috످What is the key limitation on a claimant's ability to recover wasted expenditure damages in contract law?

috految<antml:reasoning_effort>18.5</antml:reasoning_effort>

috److془Well known. C&P Haulage v Middleton, Omak, Yam Seng, Anglia, Soteria.془The key limitation is that wasted expenditure (reliance) damages cannot put the claimant in a better position than if the contract had been performed. In other words, recovery is capped at the claimant's expectation loss, so they cannot use the claim to escape a bad bargain (C & P Haulage v Middleton [1983] 1 WLR 1461).

This is because contract damages are compensatory (Robinson v Harman (1848) 1 Ex 850). If the claimant would have lost the money anyway, that loss was not caused by the breach. In Omak Maritime v Mamola Challenger [2010] EWHC 2026 (Comm), the court confirmed that wasted expenditure is simply another way of measuring expectation loss.

For example, suppose a claimant spends £100,000 preparing to perform a contract that would have generated only £70,000 in revenue. If the defendant repudiates before paying anything, the claimant can recover only £70,000, as they would have lost the other £30,000 even without the breach.

However, the burden of proving a bad bargain falls on the defendant. English law applies a rebuttable presumption that the claimant would at least have broken even (CCC Films v Impact Quadrant Films [1985] QB 16; Yam Seng v International Trade Corp [2013] EWHC 111 (QB)). This makes wasted expenditure claims particularly useful where lost profits are too speculative to prove, as in Anglia Television v Reed [1972] 1 QB 60.

috످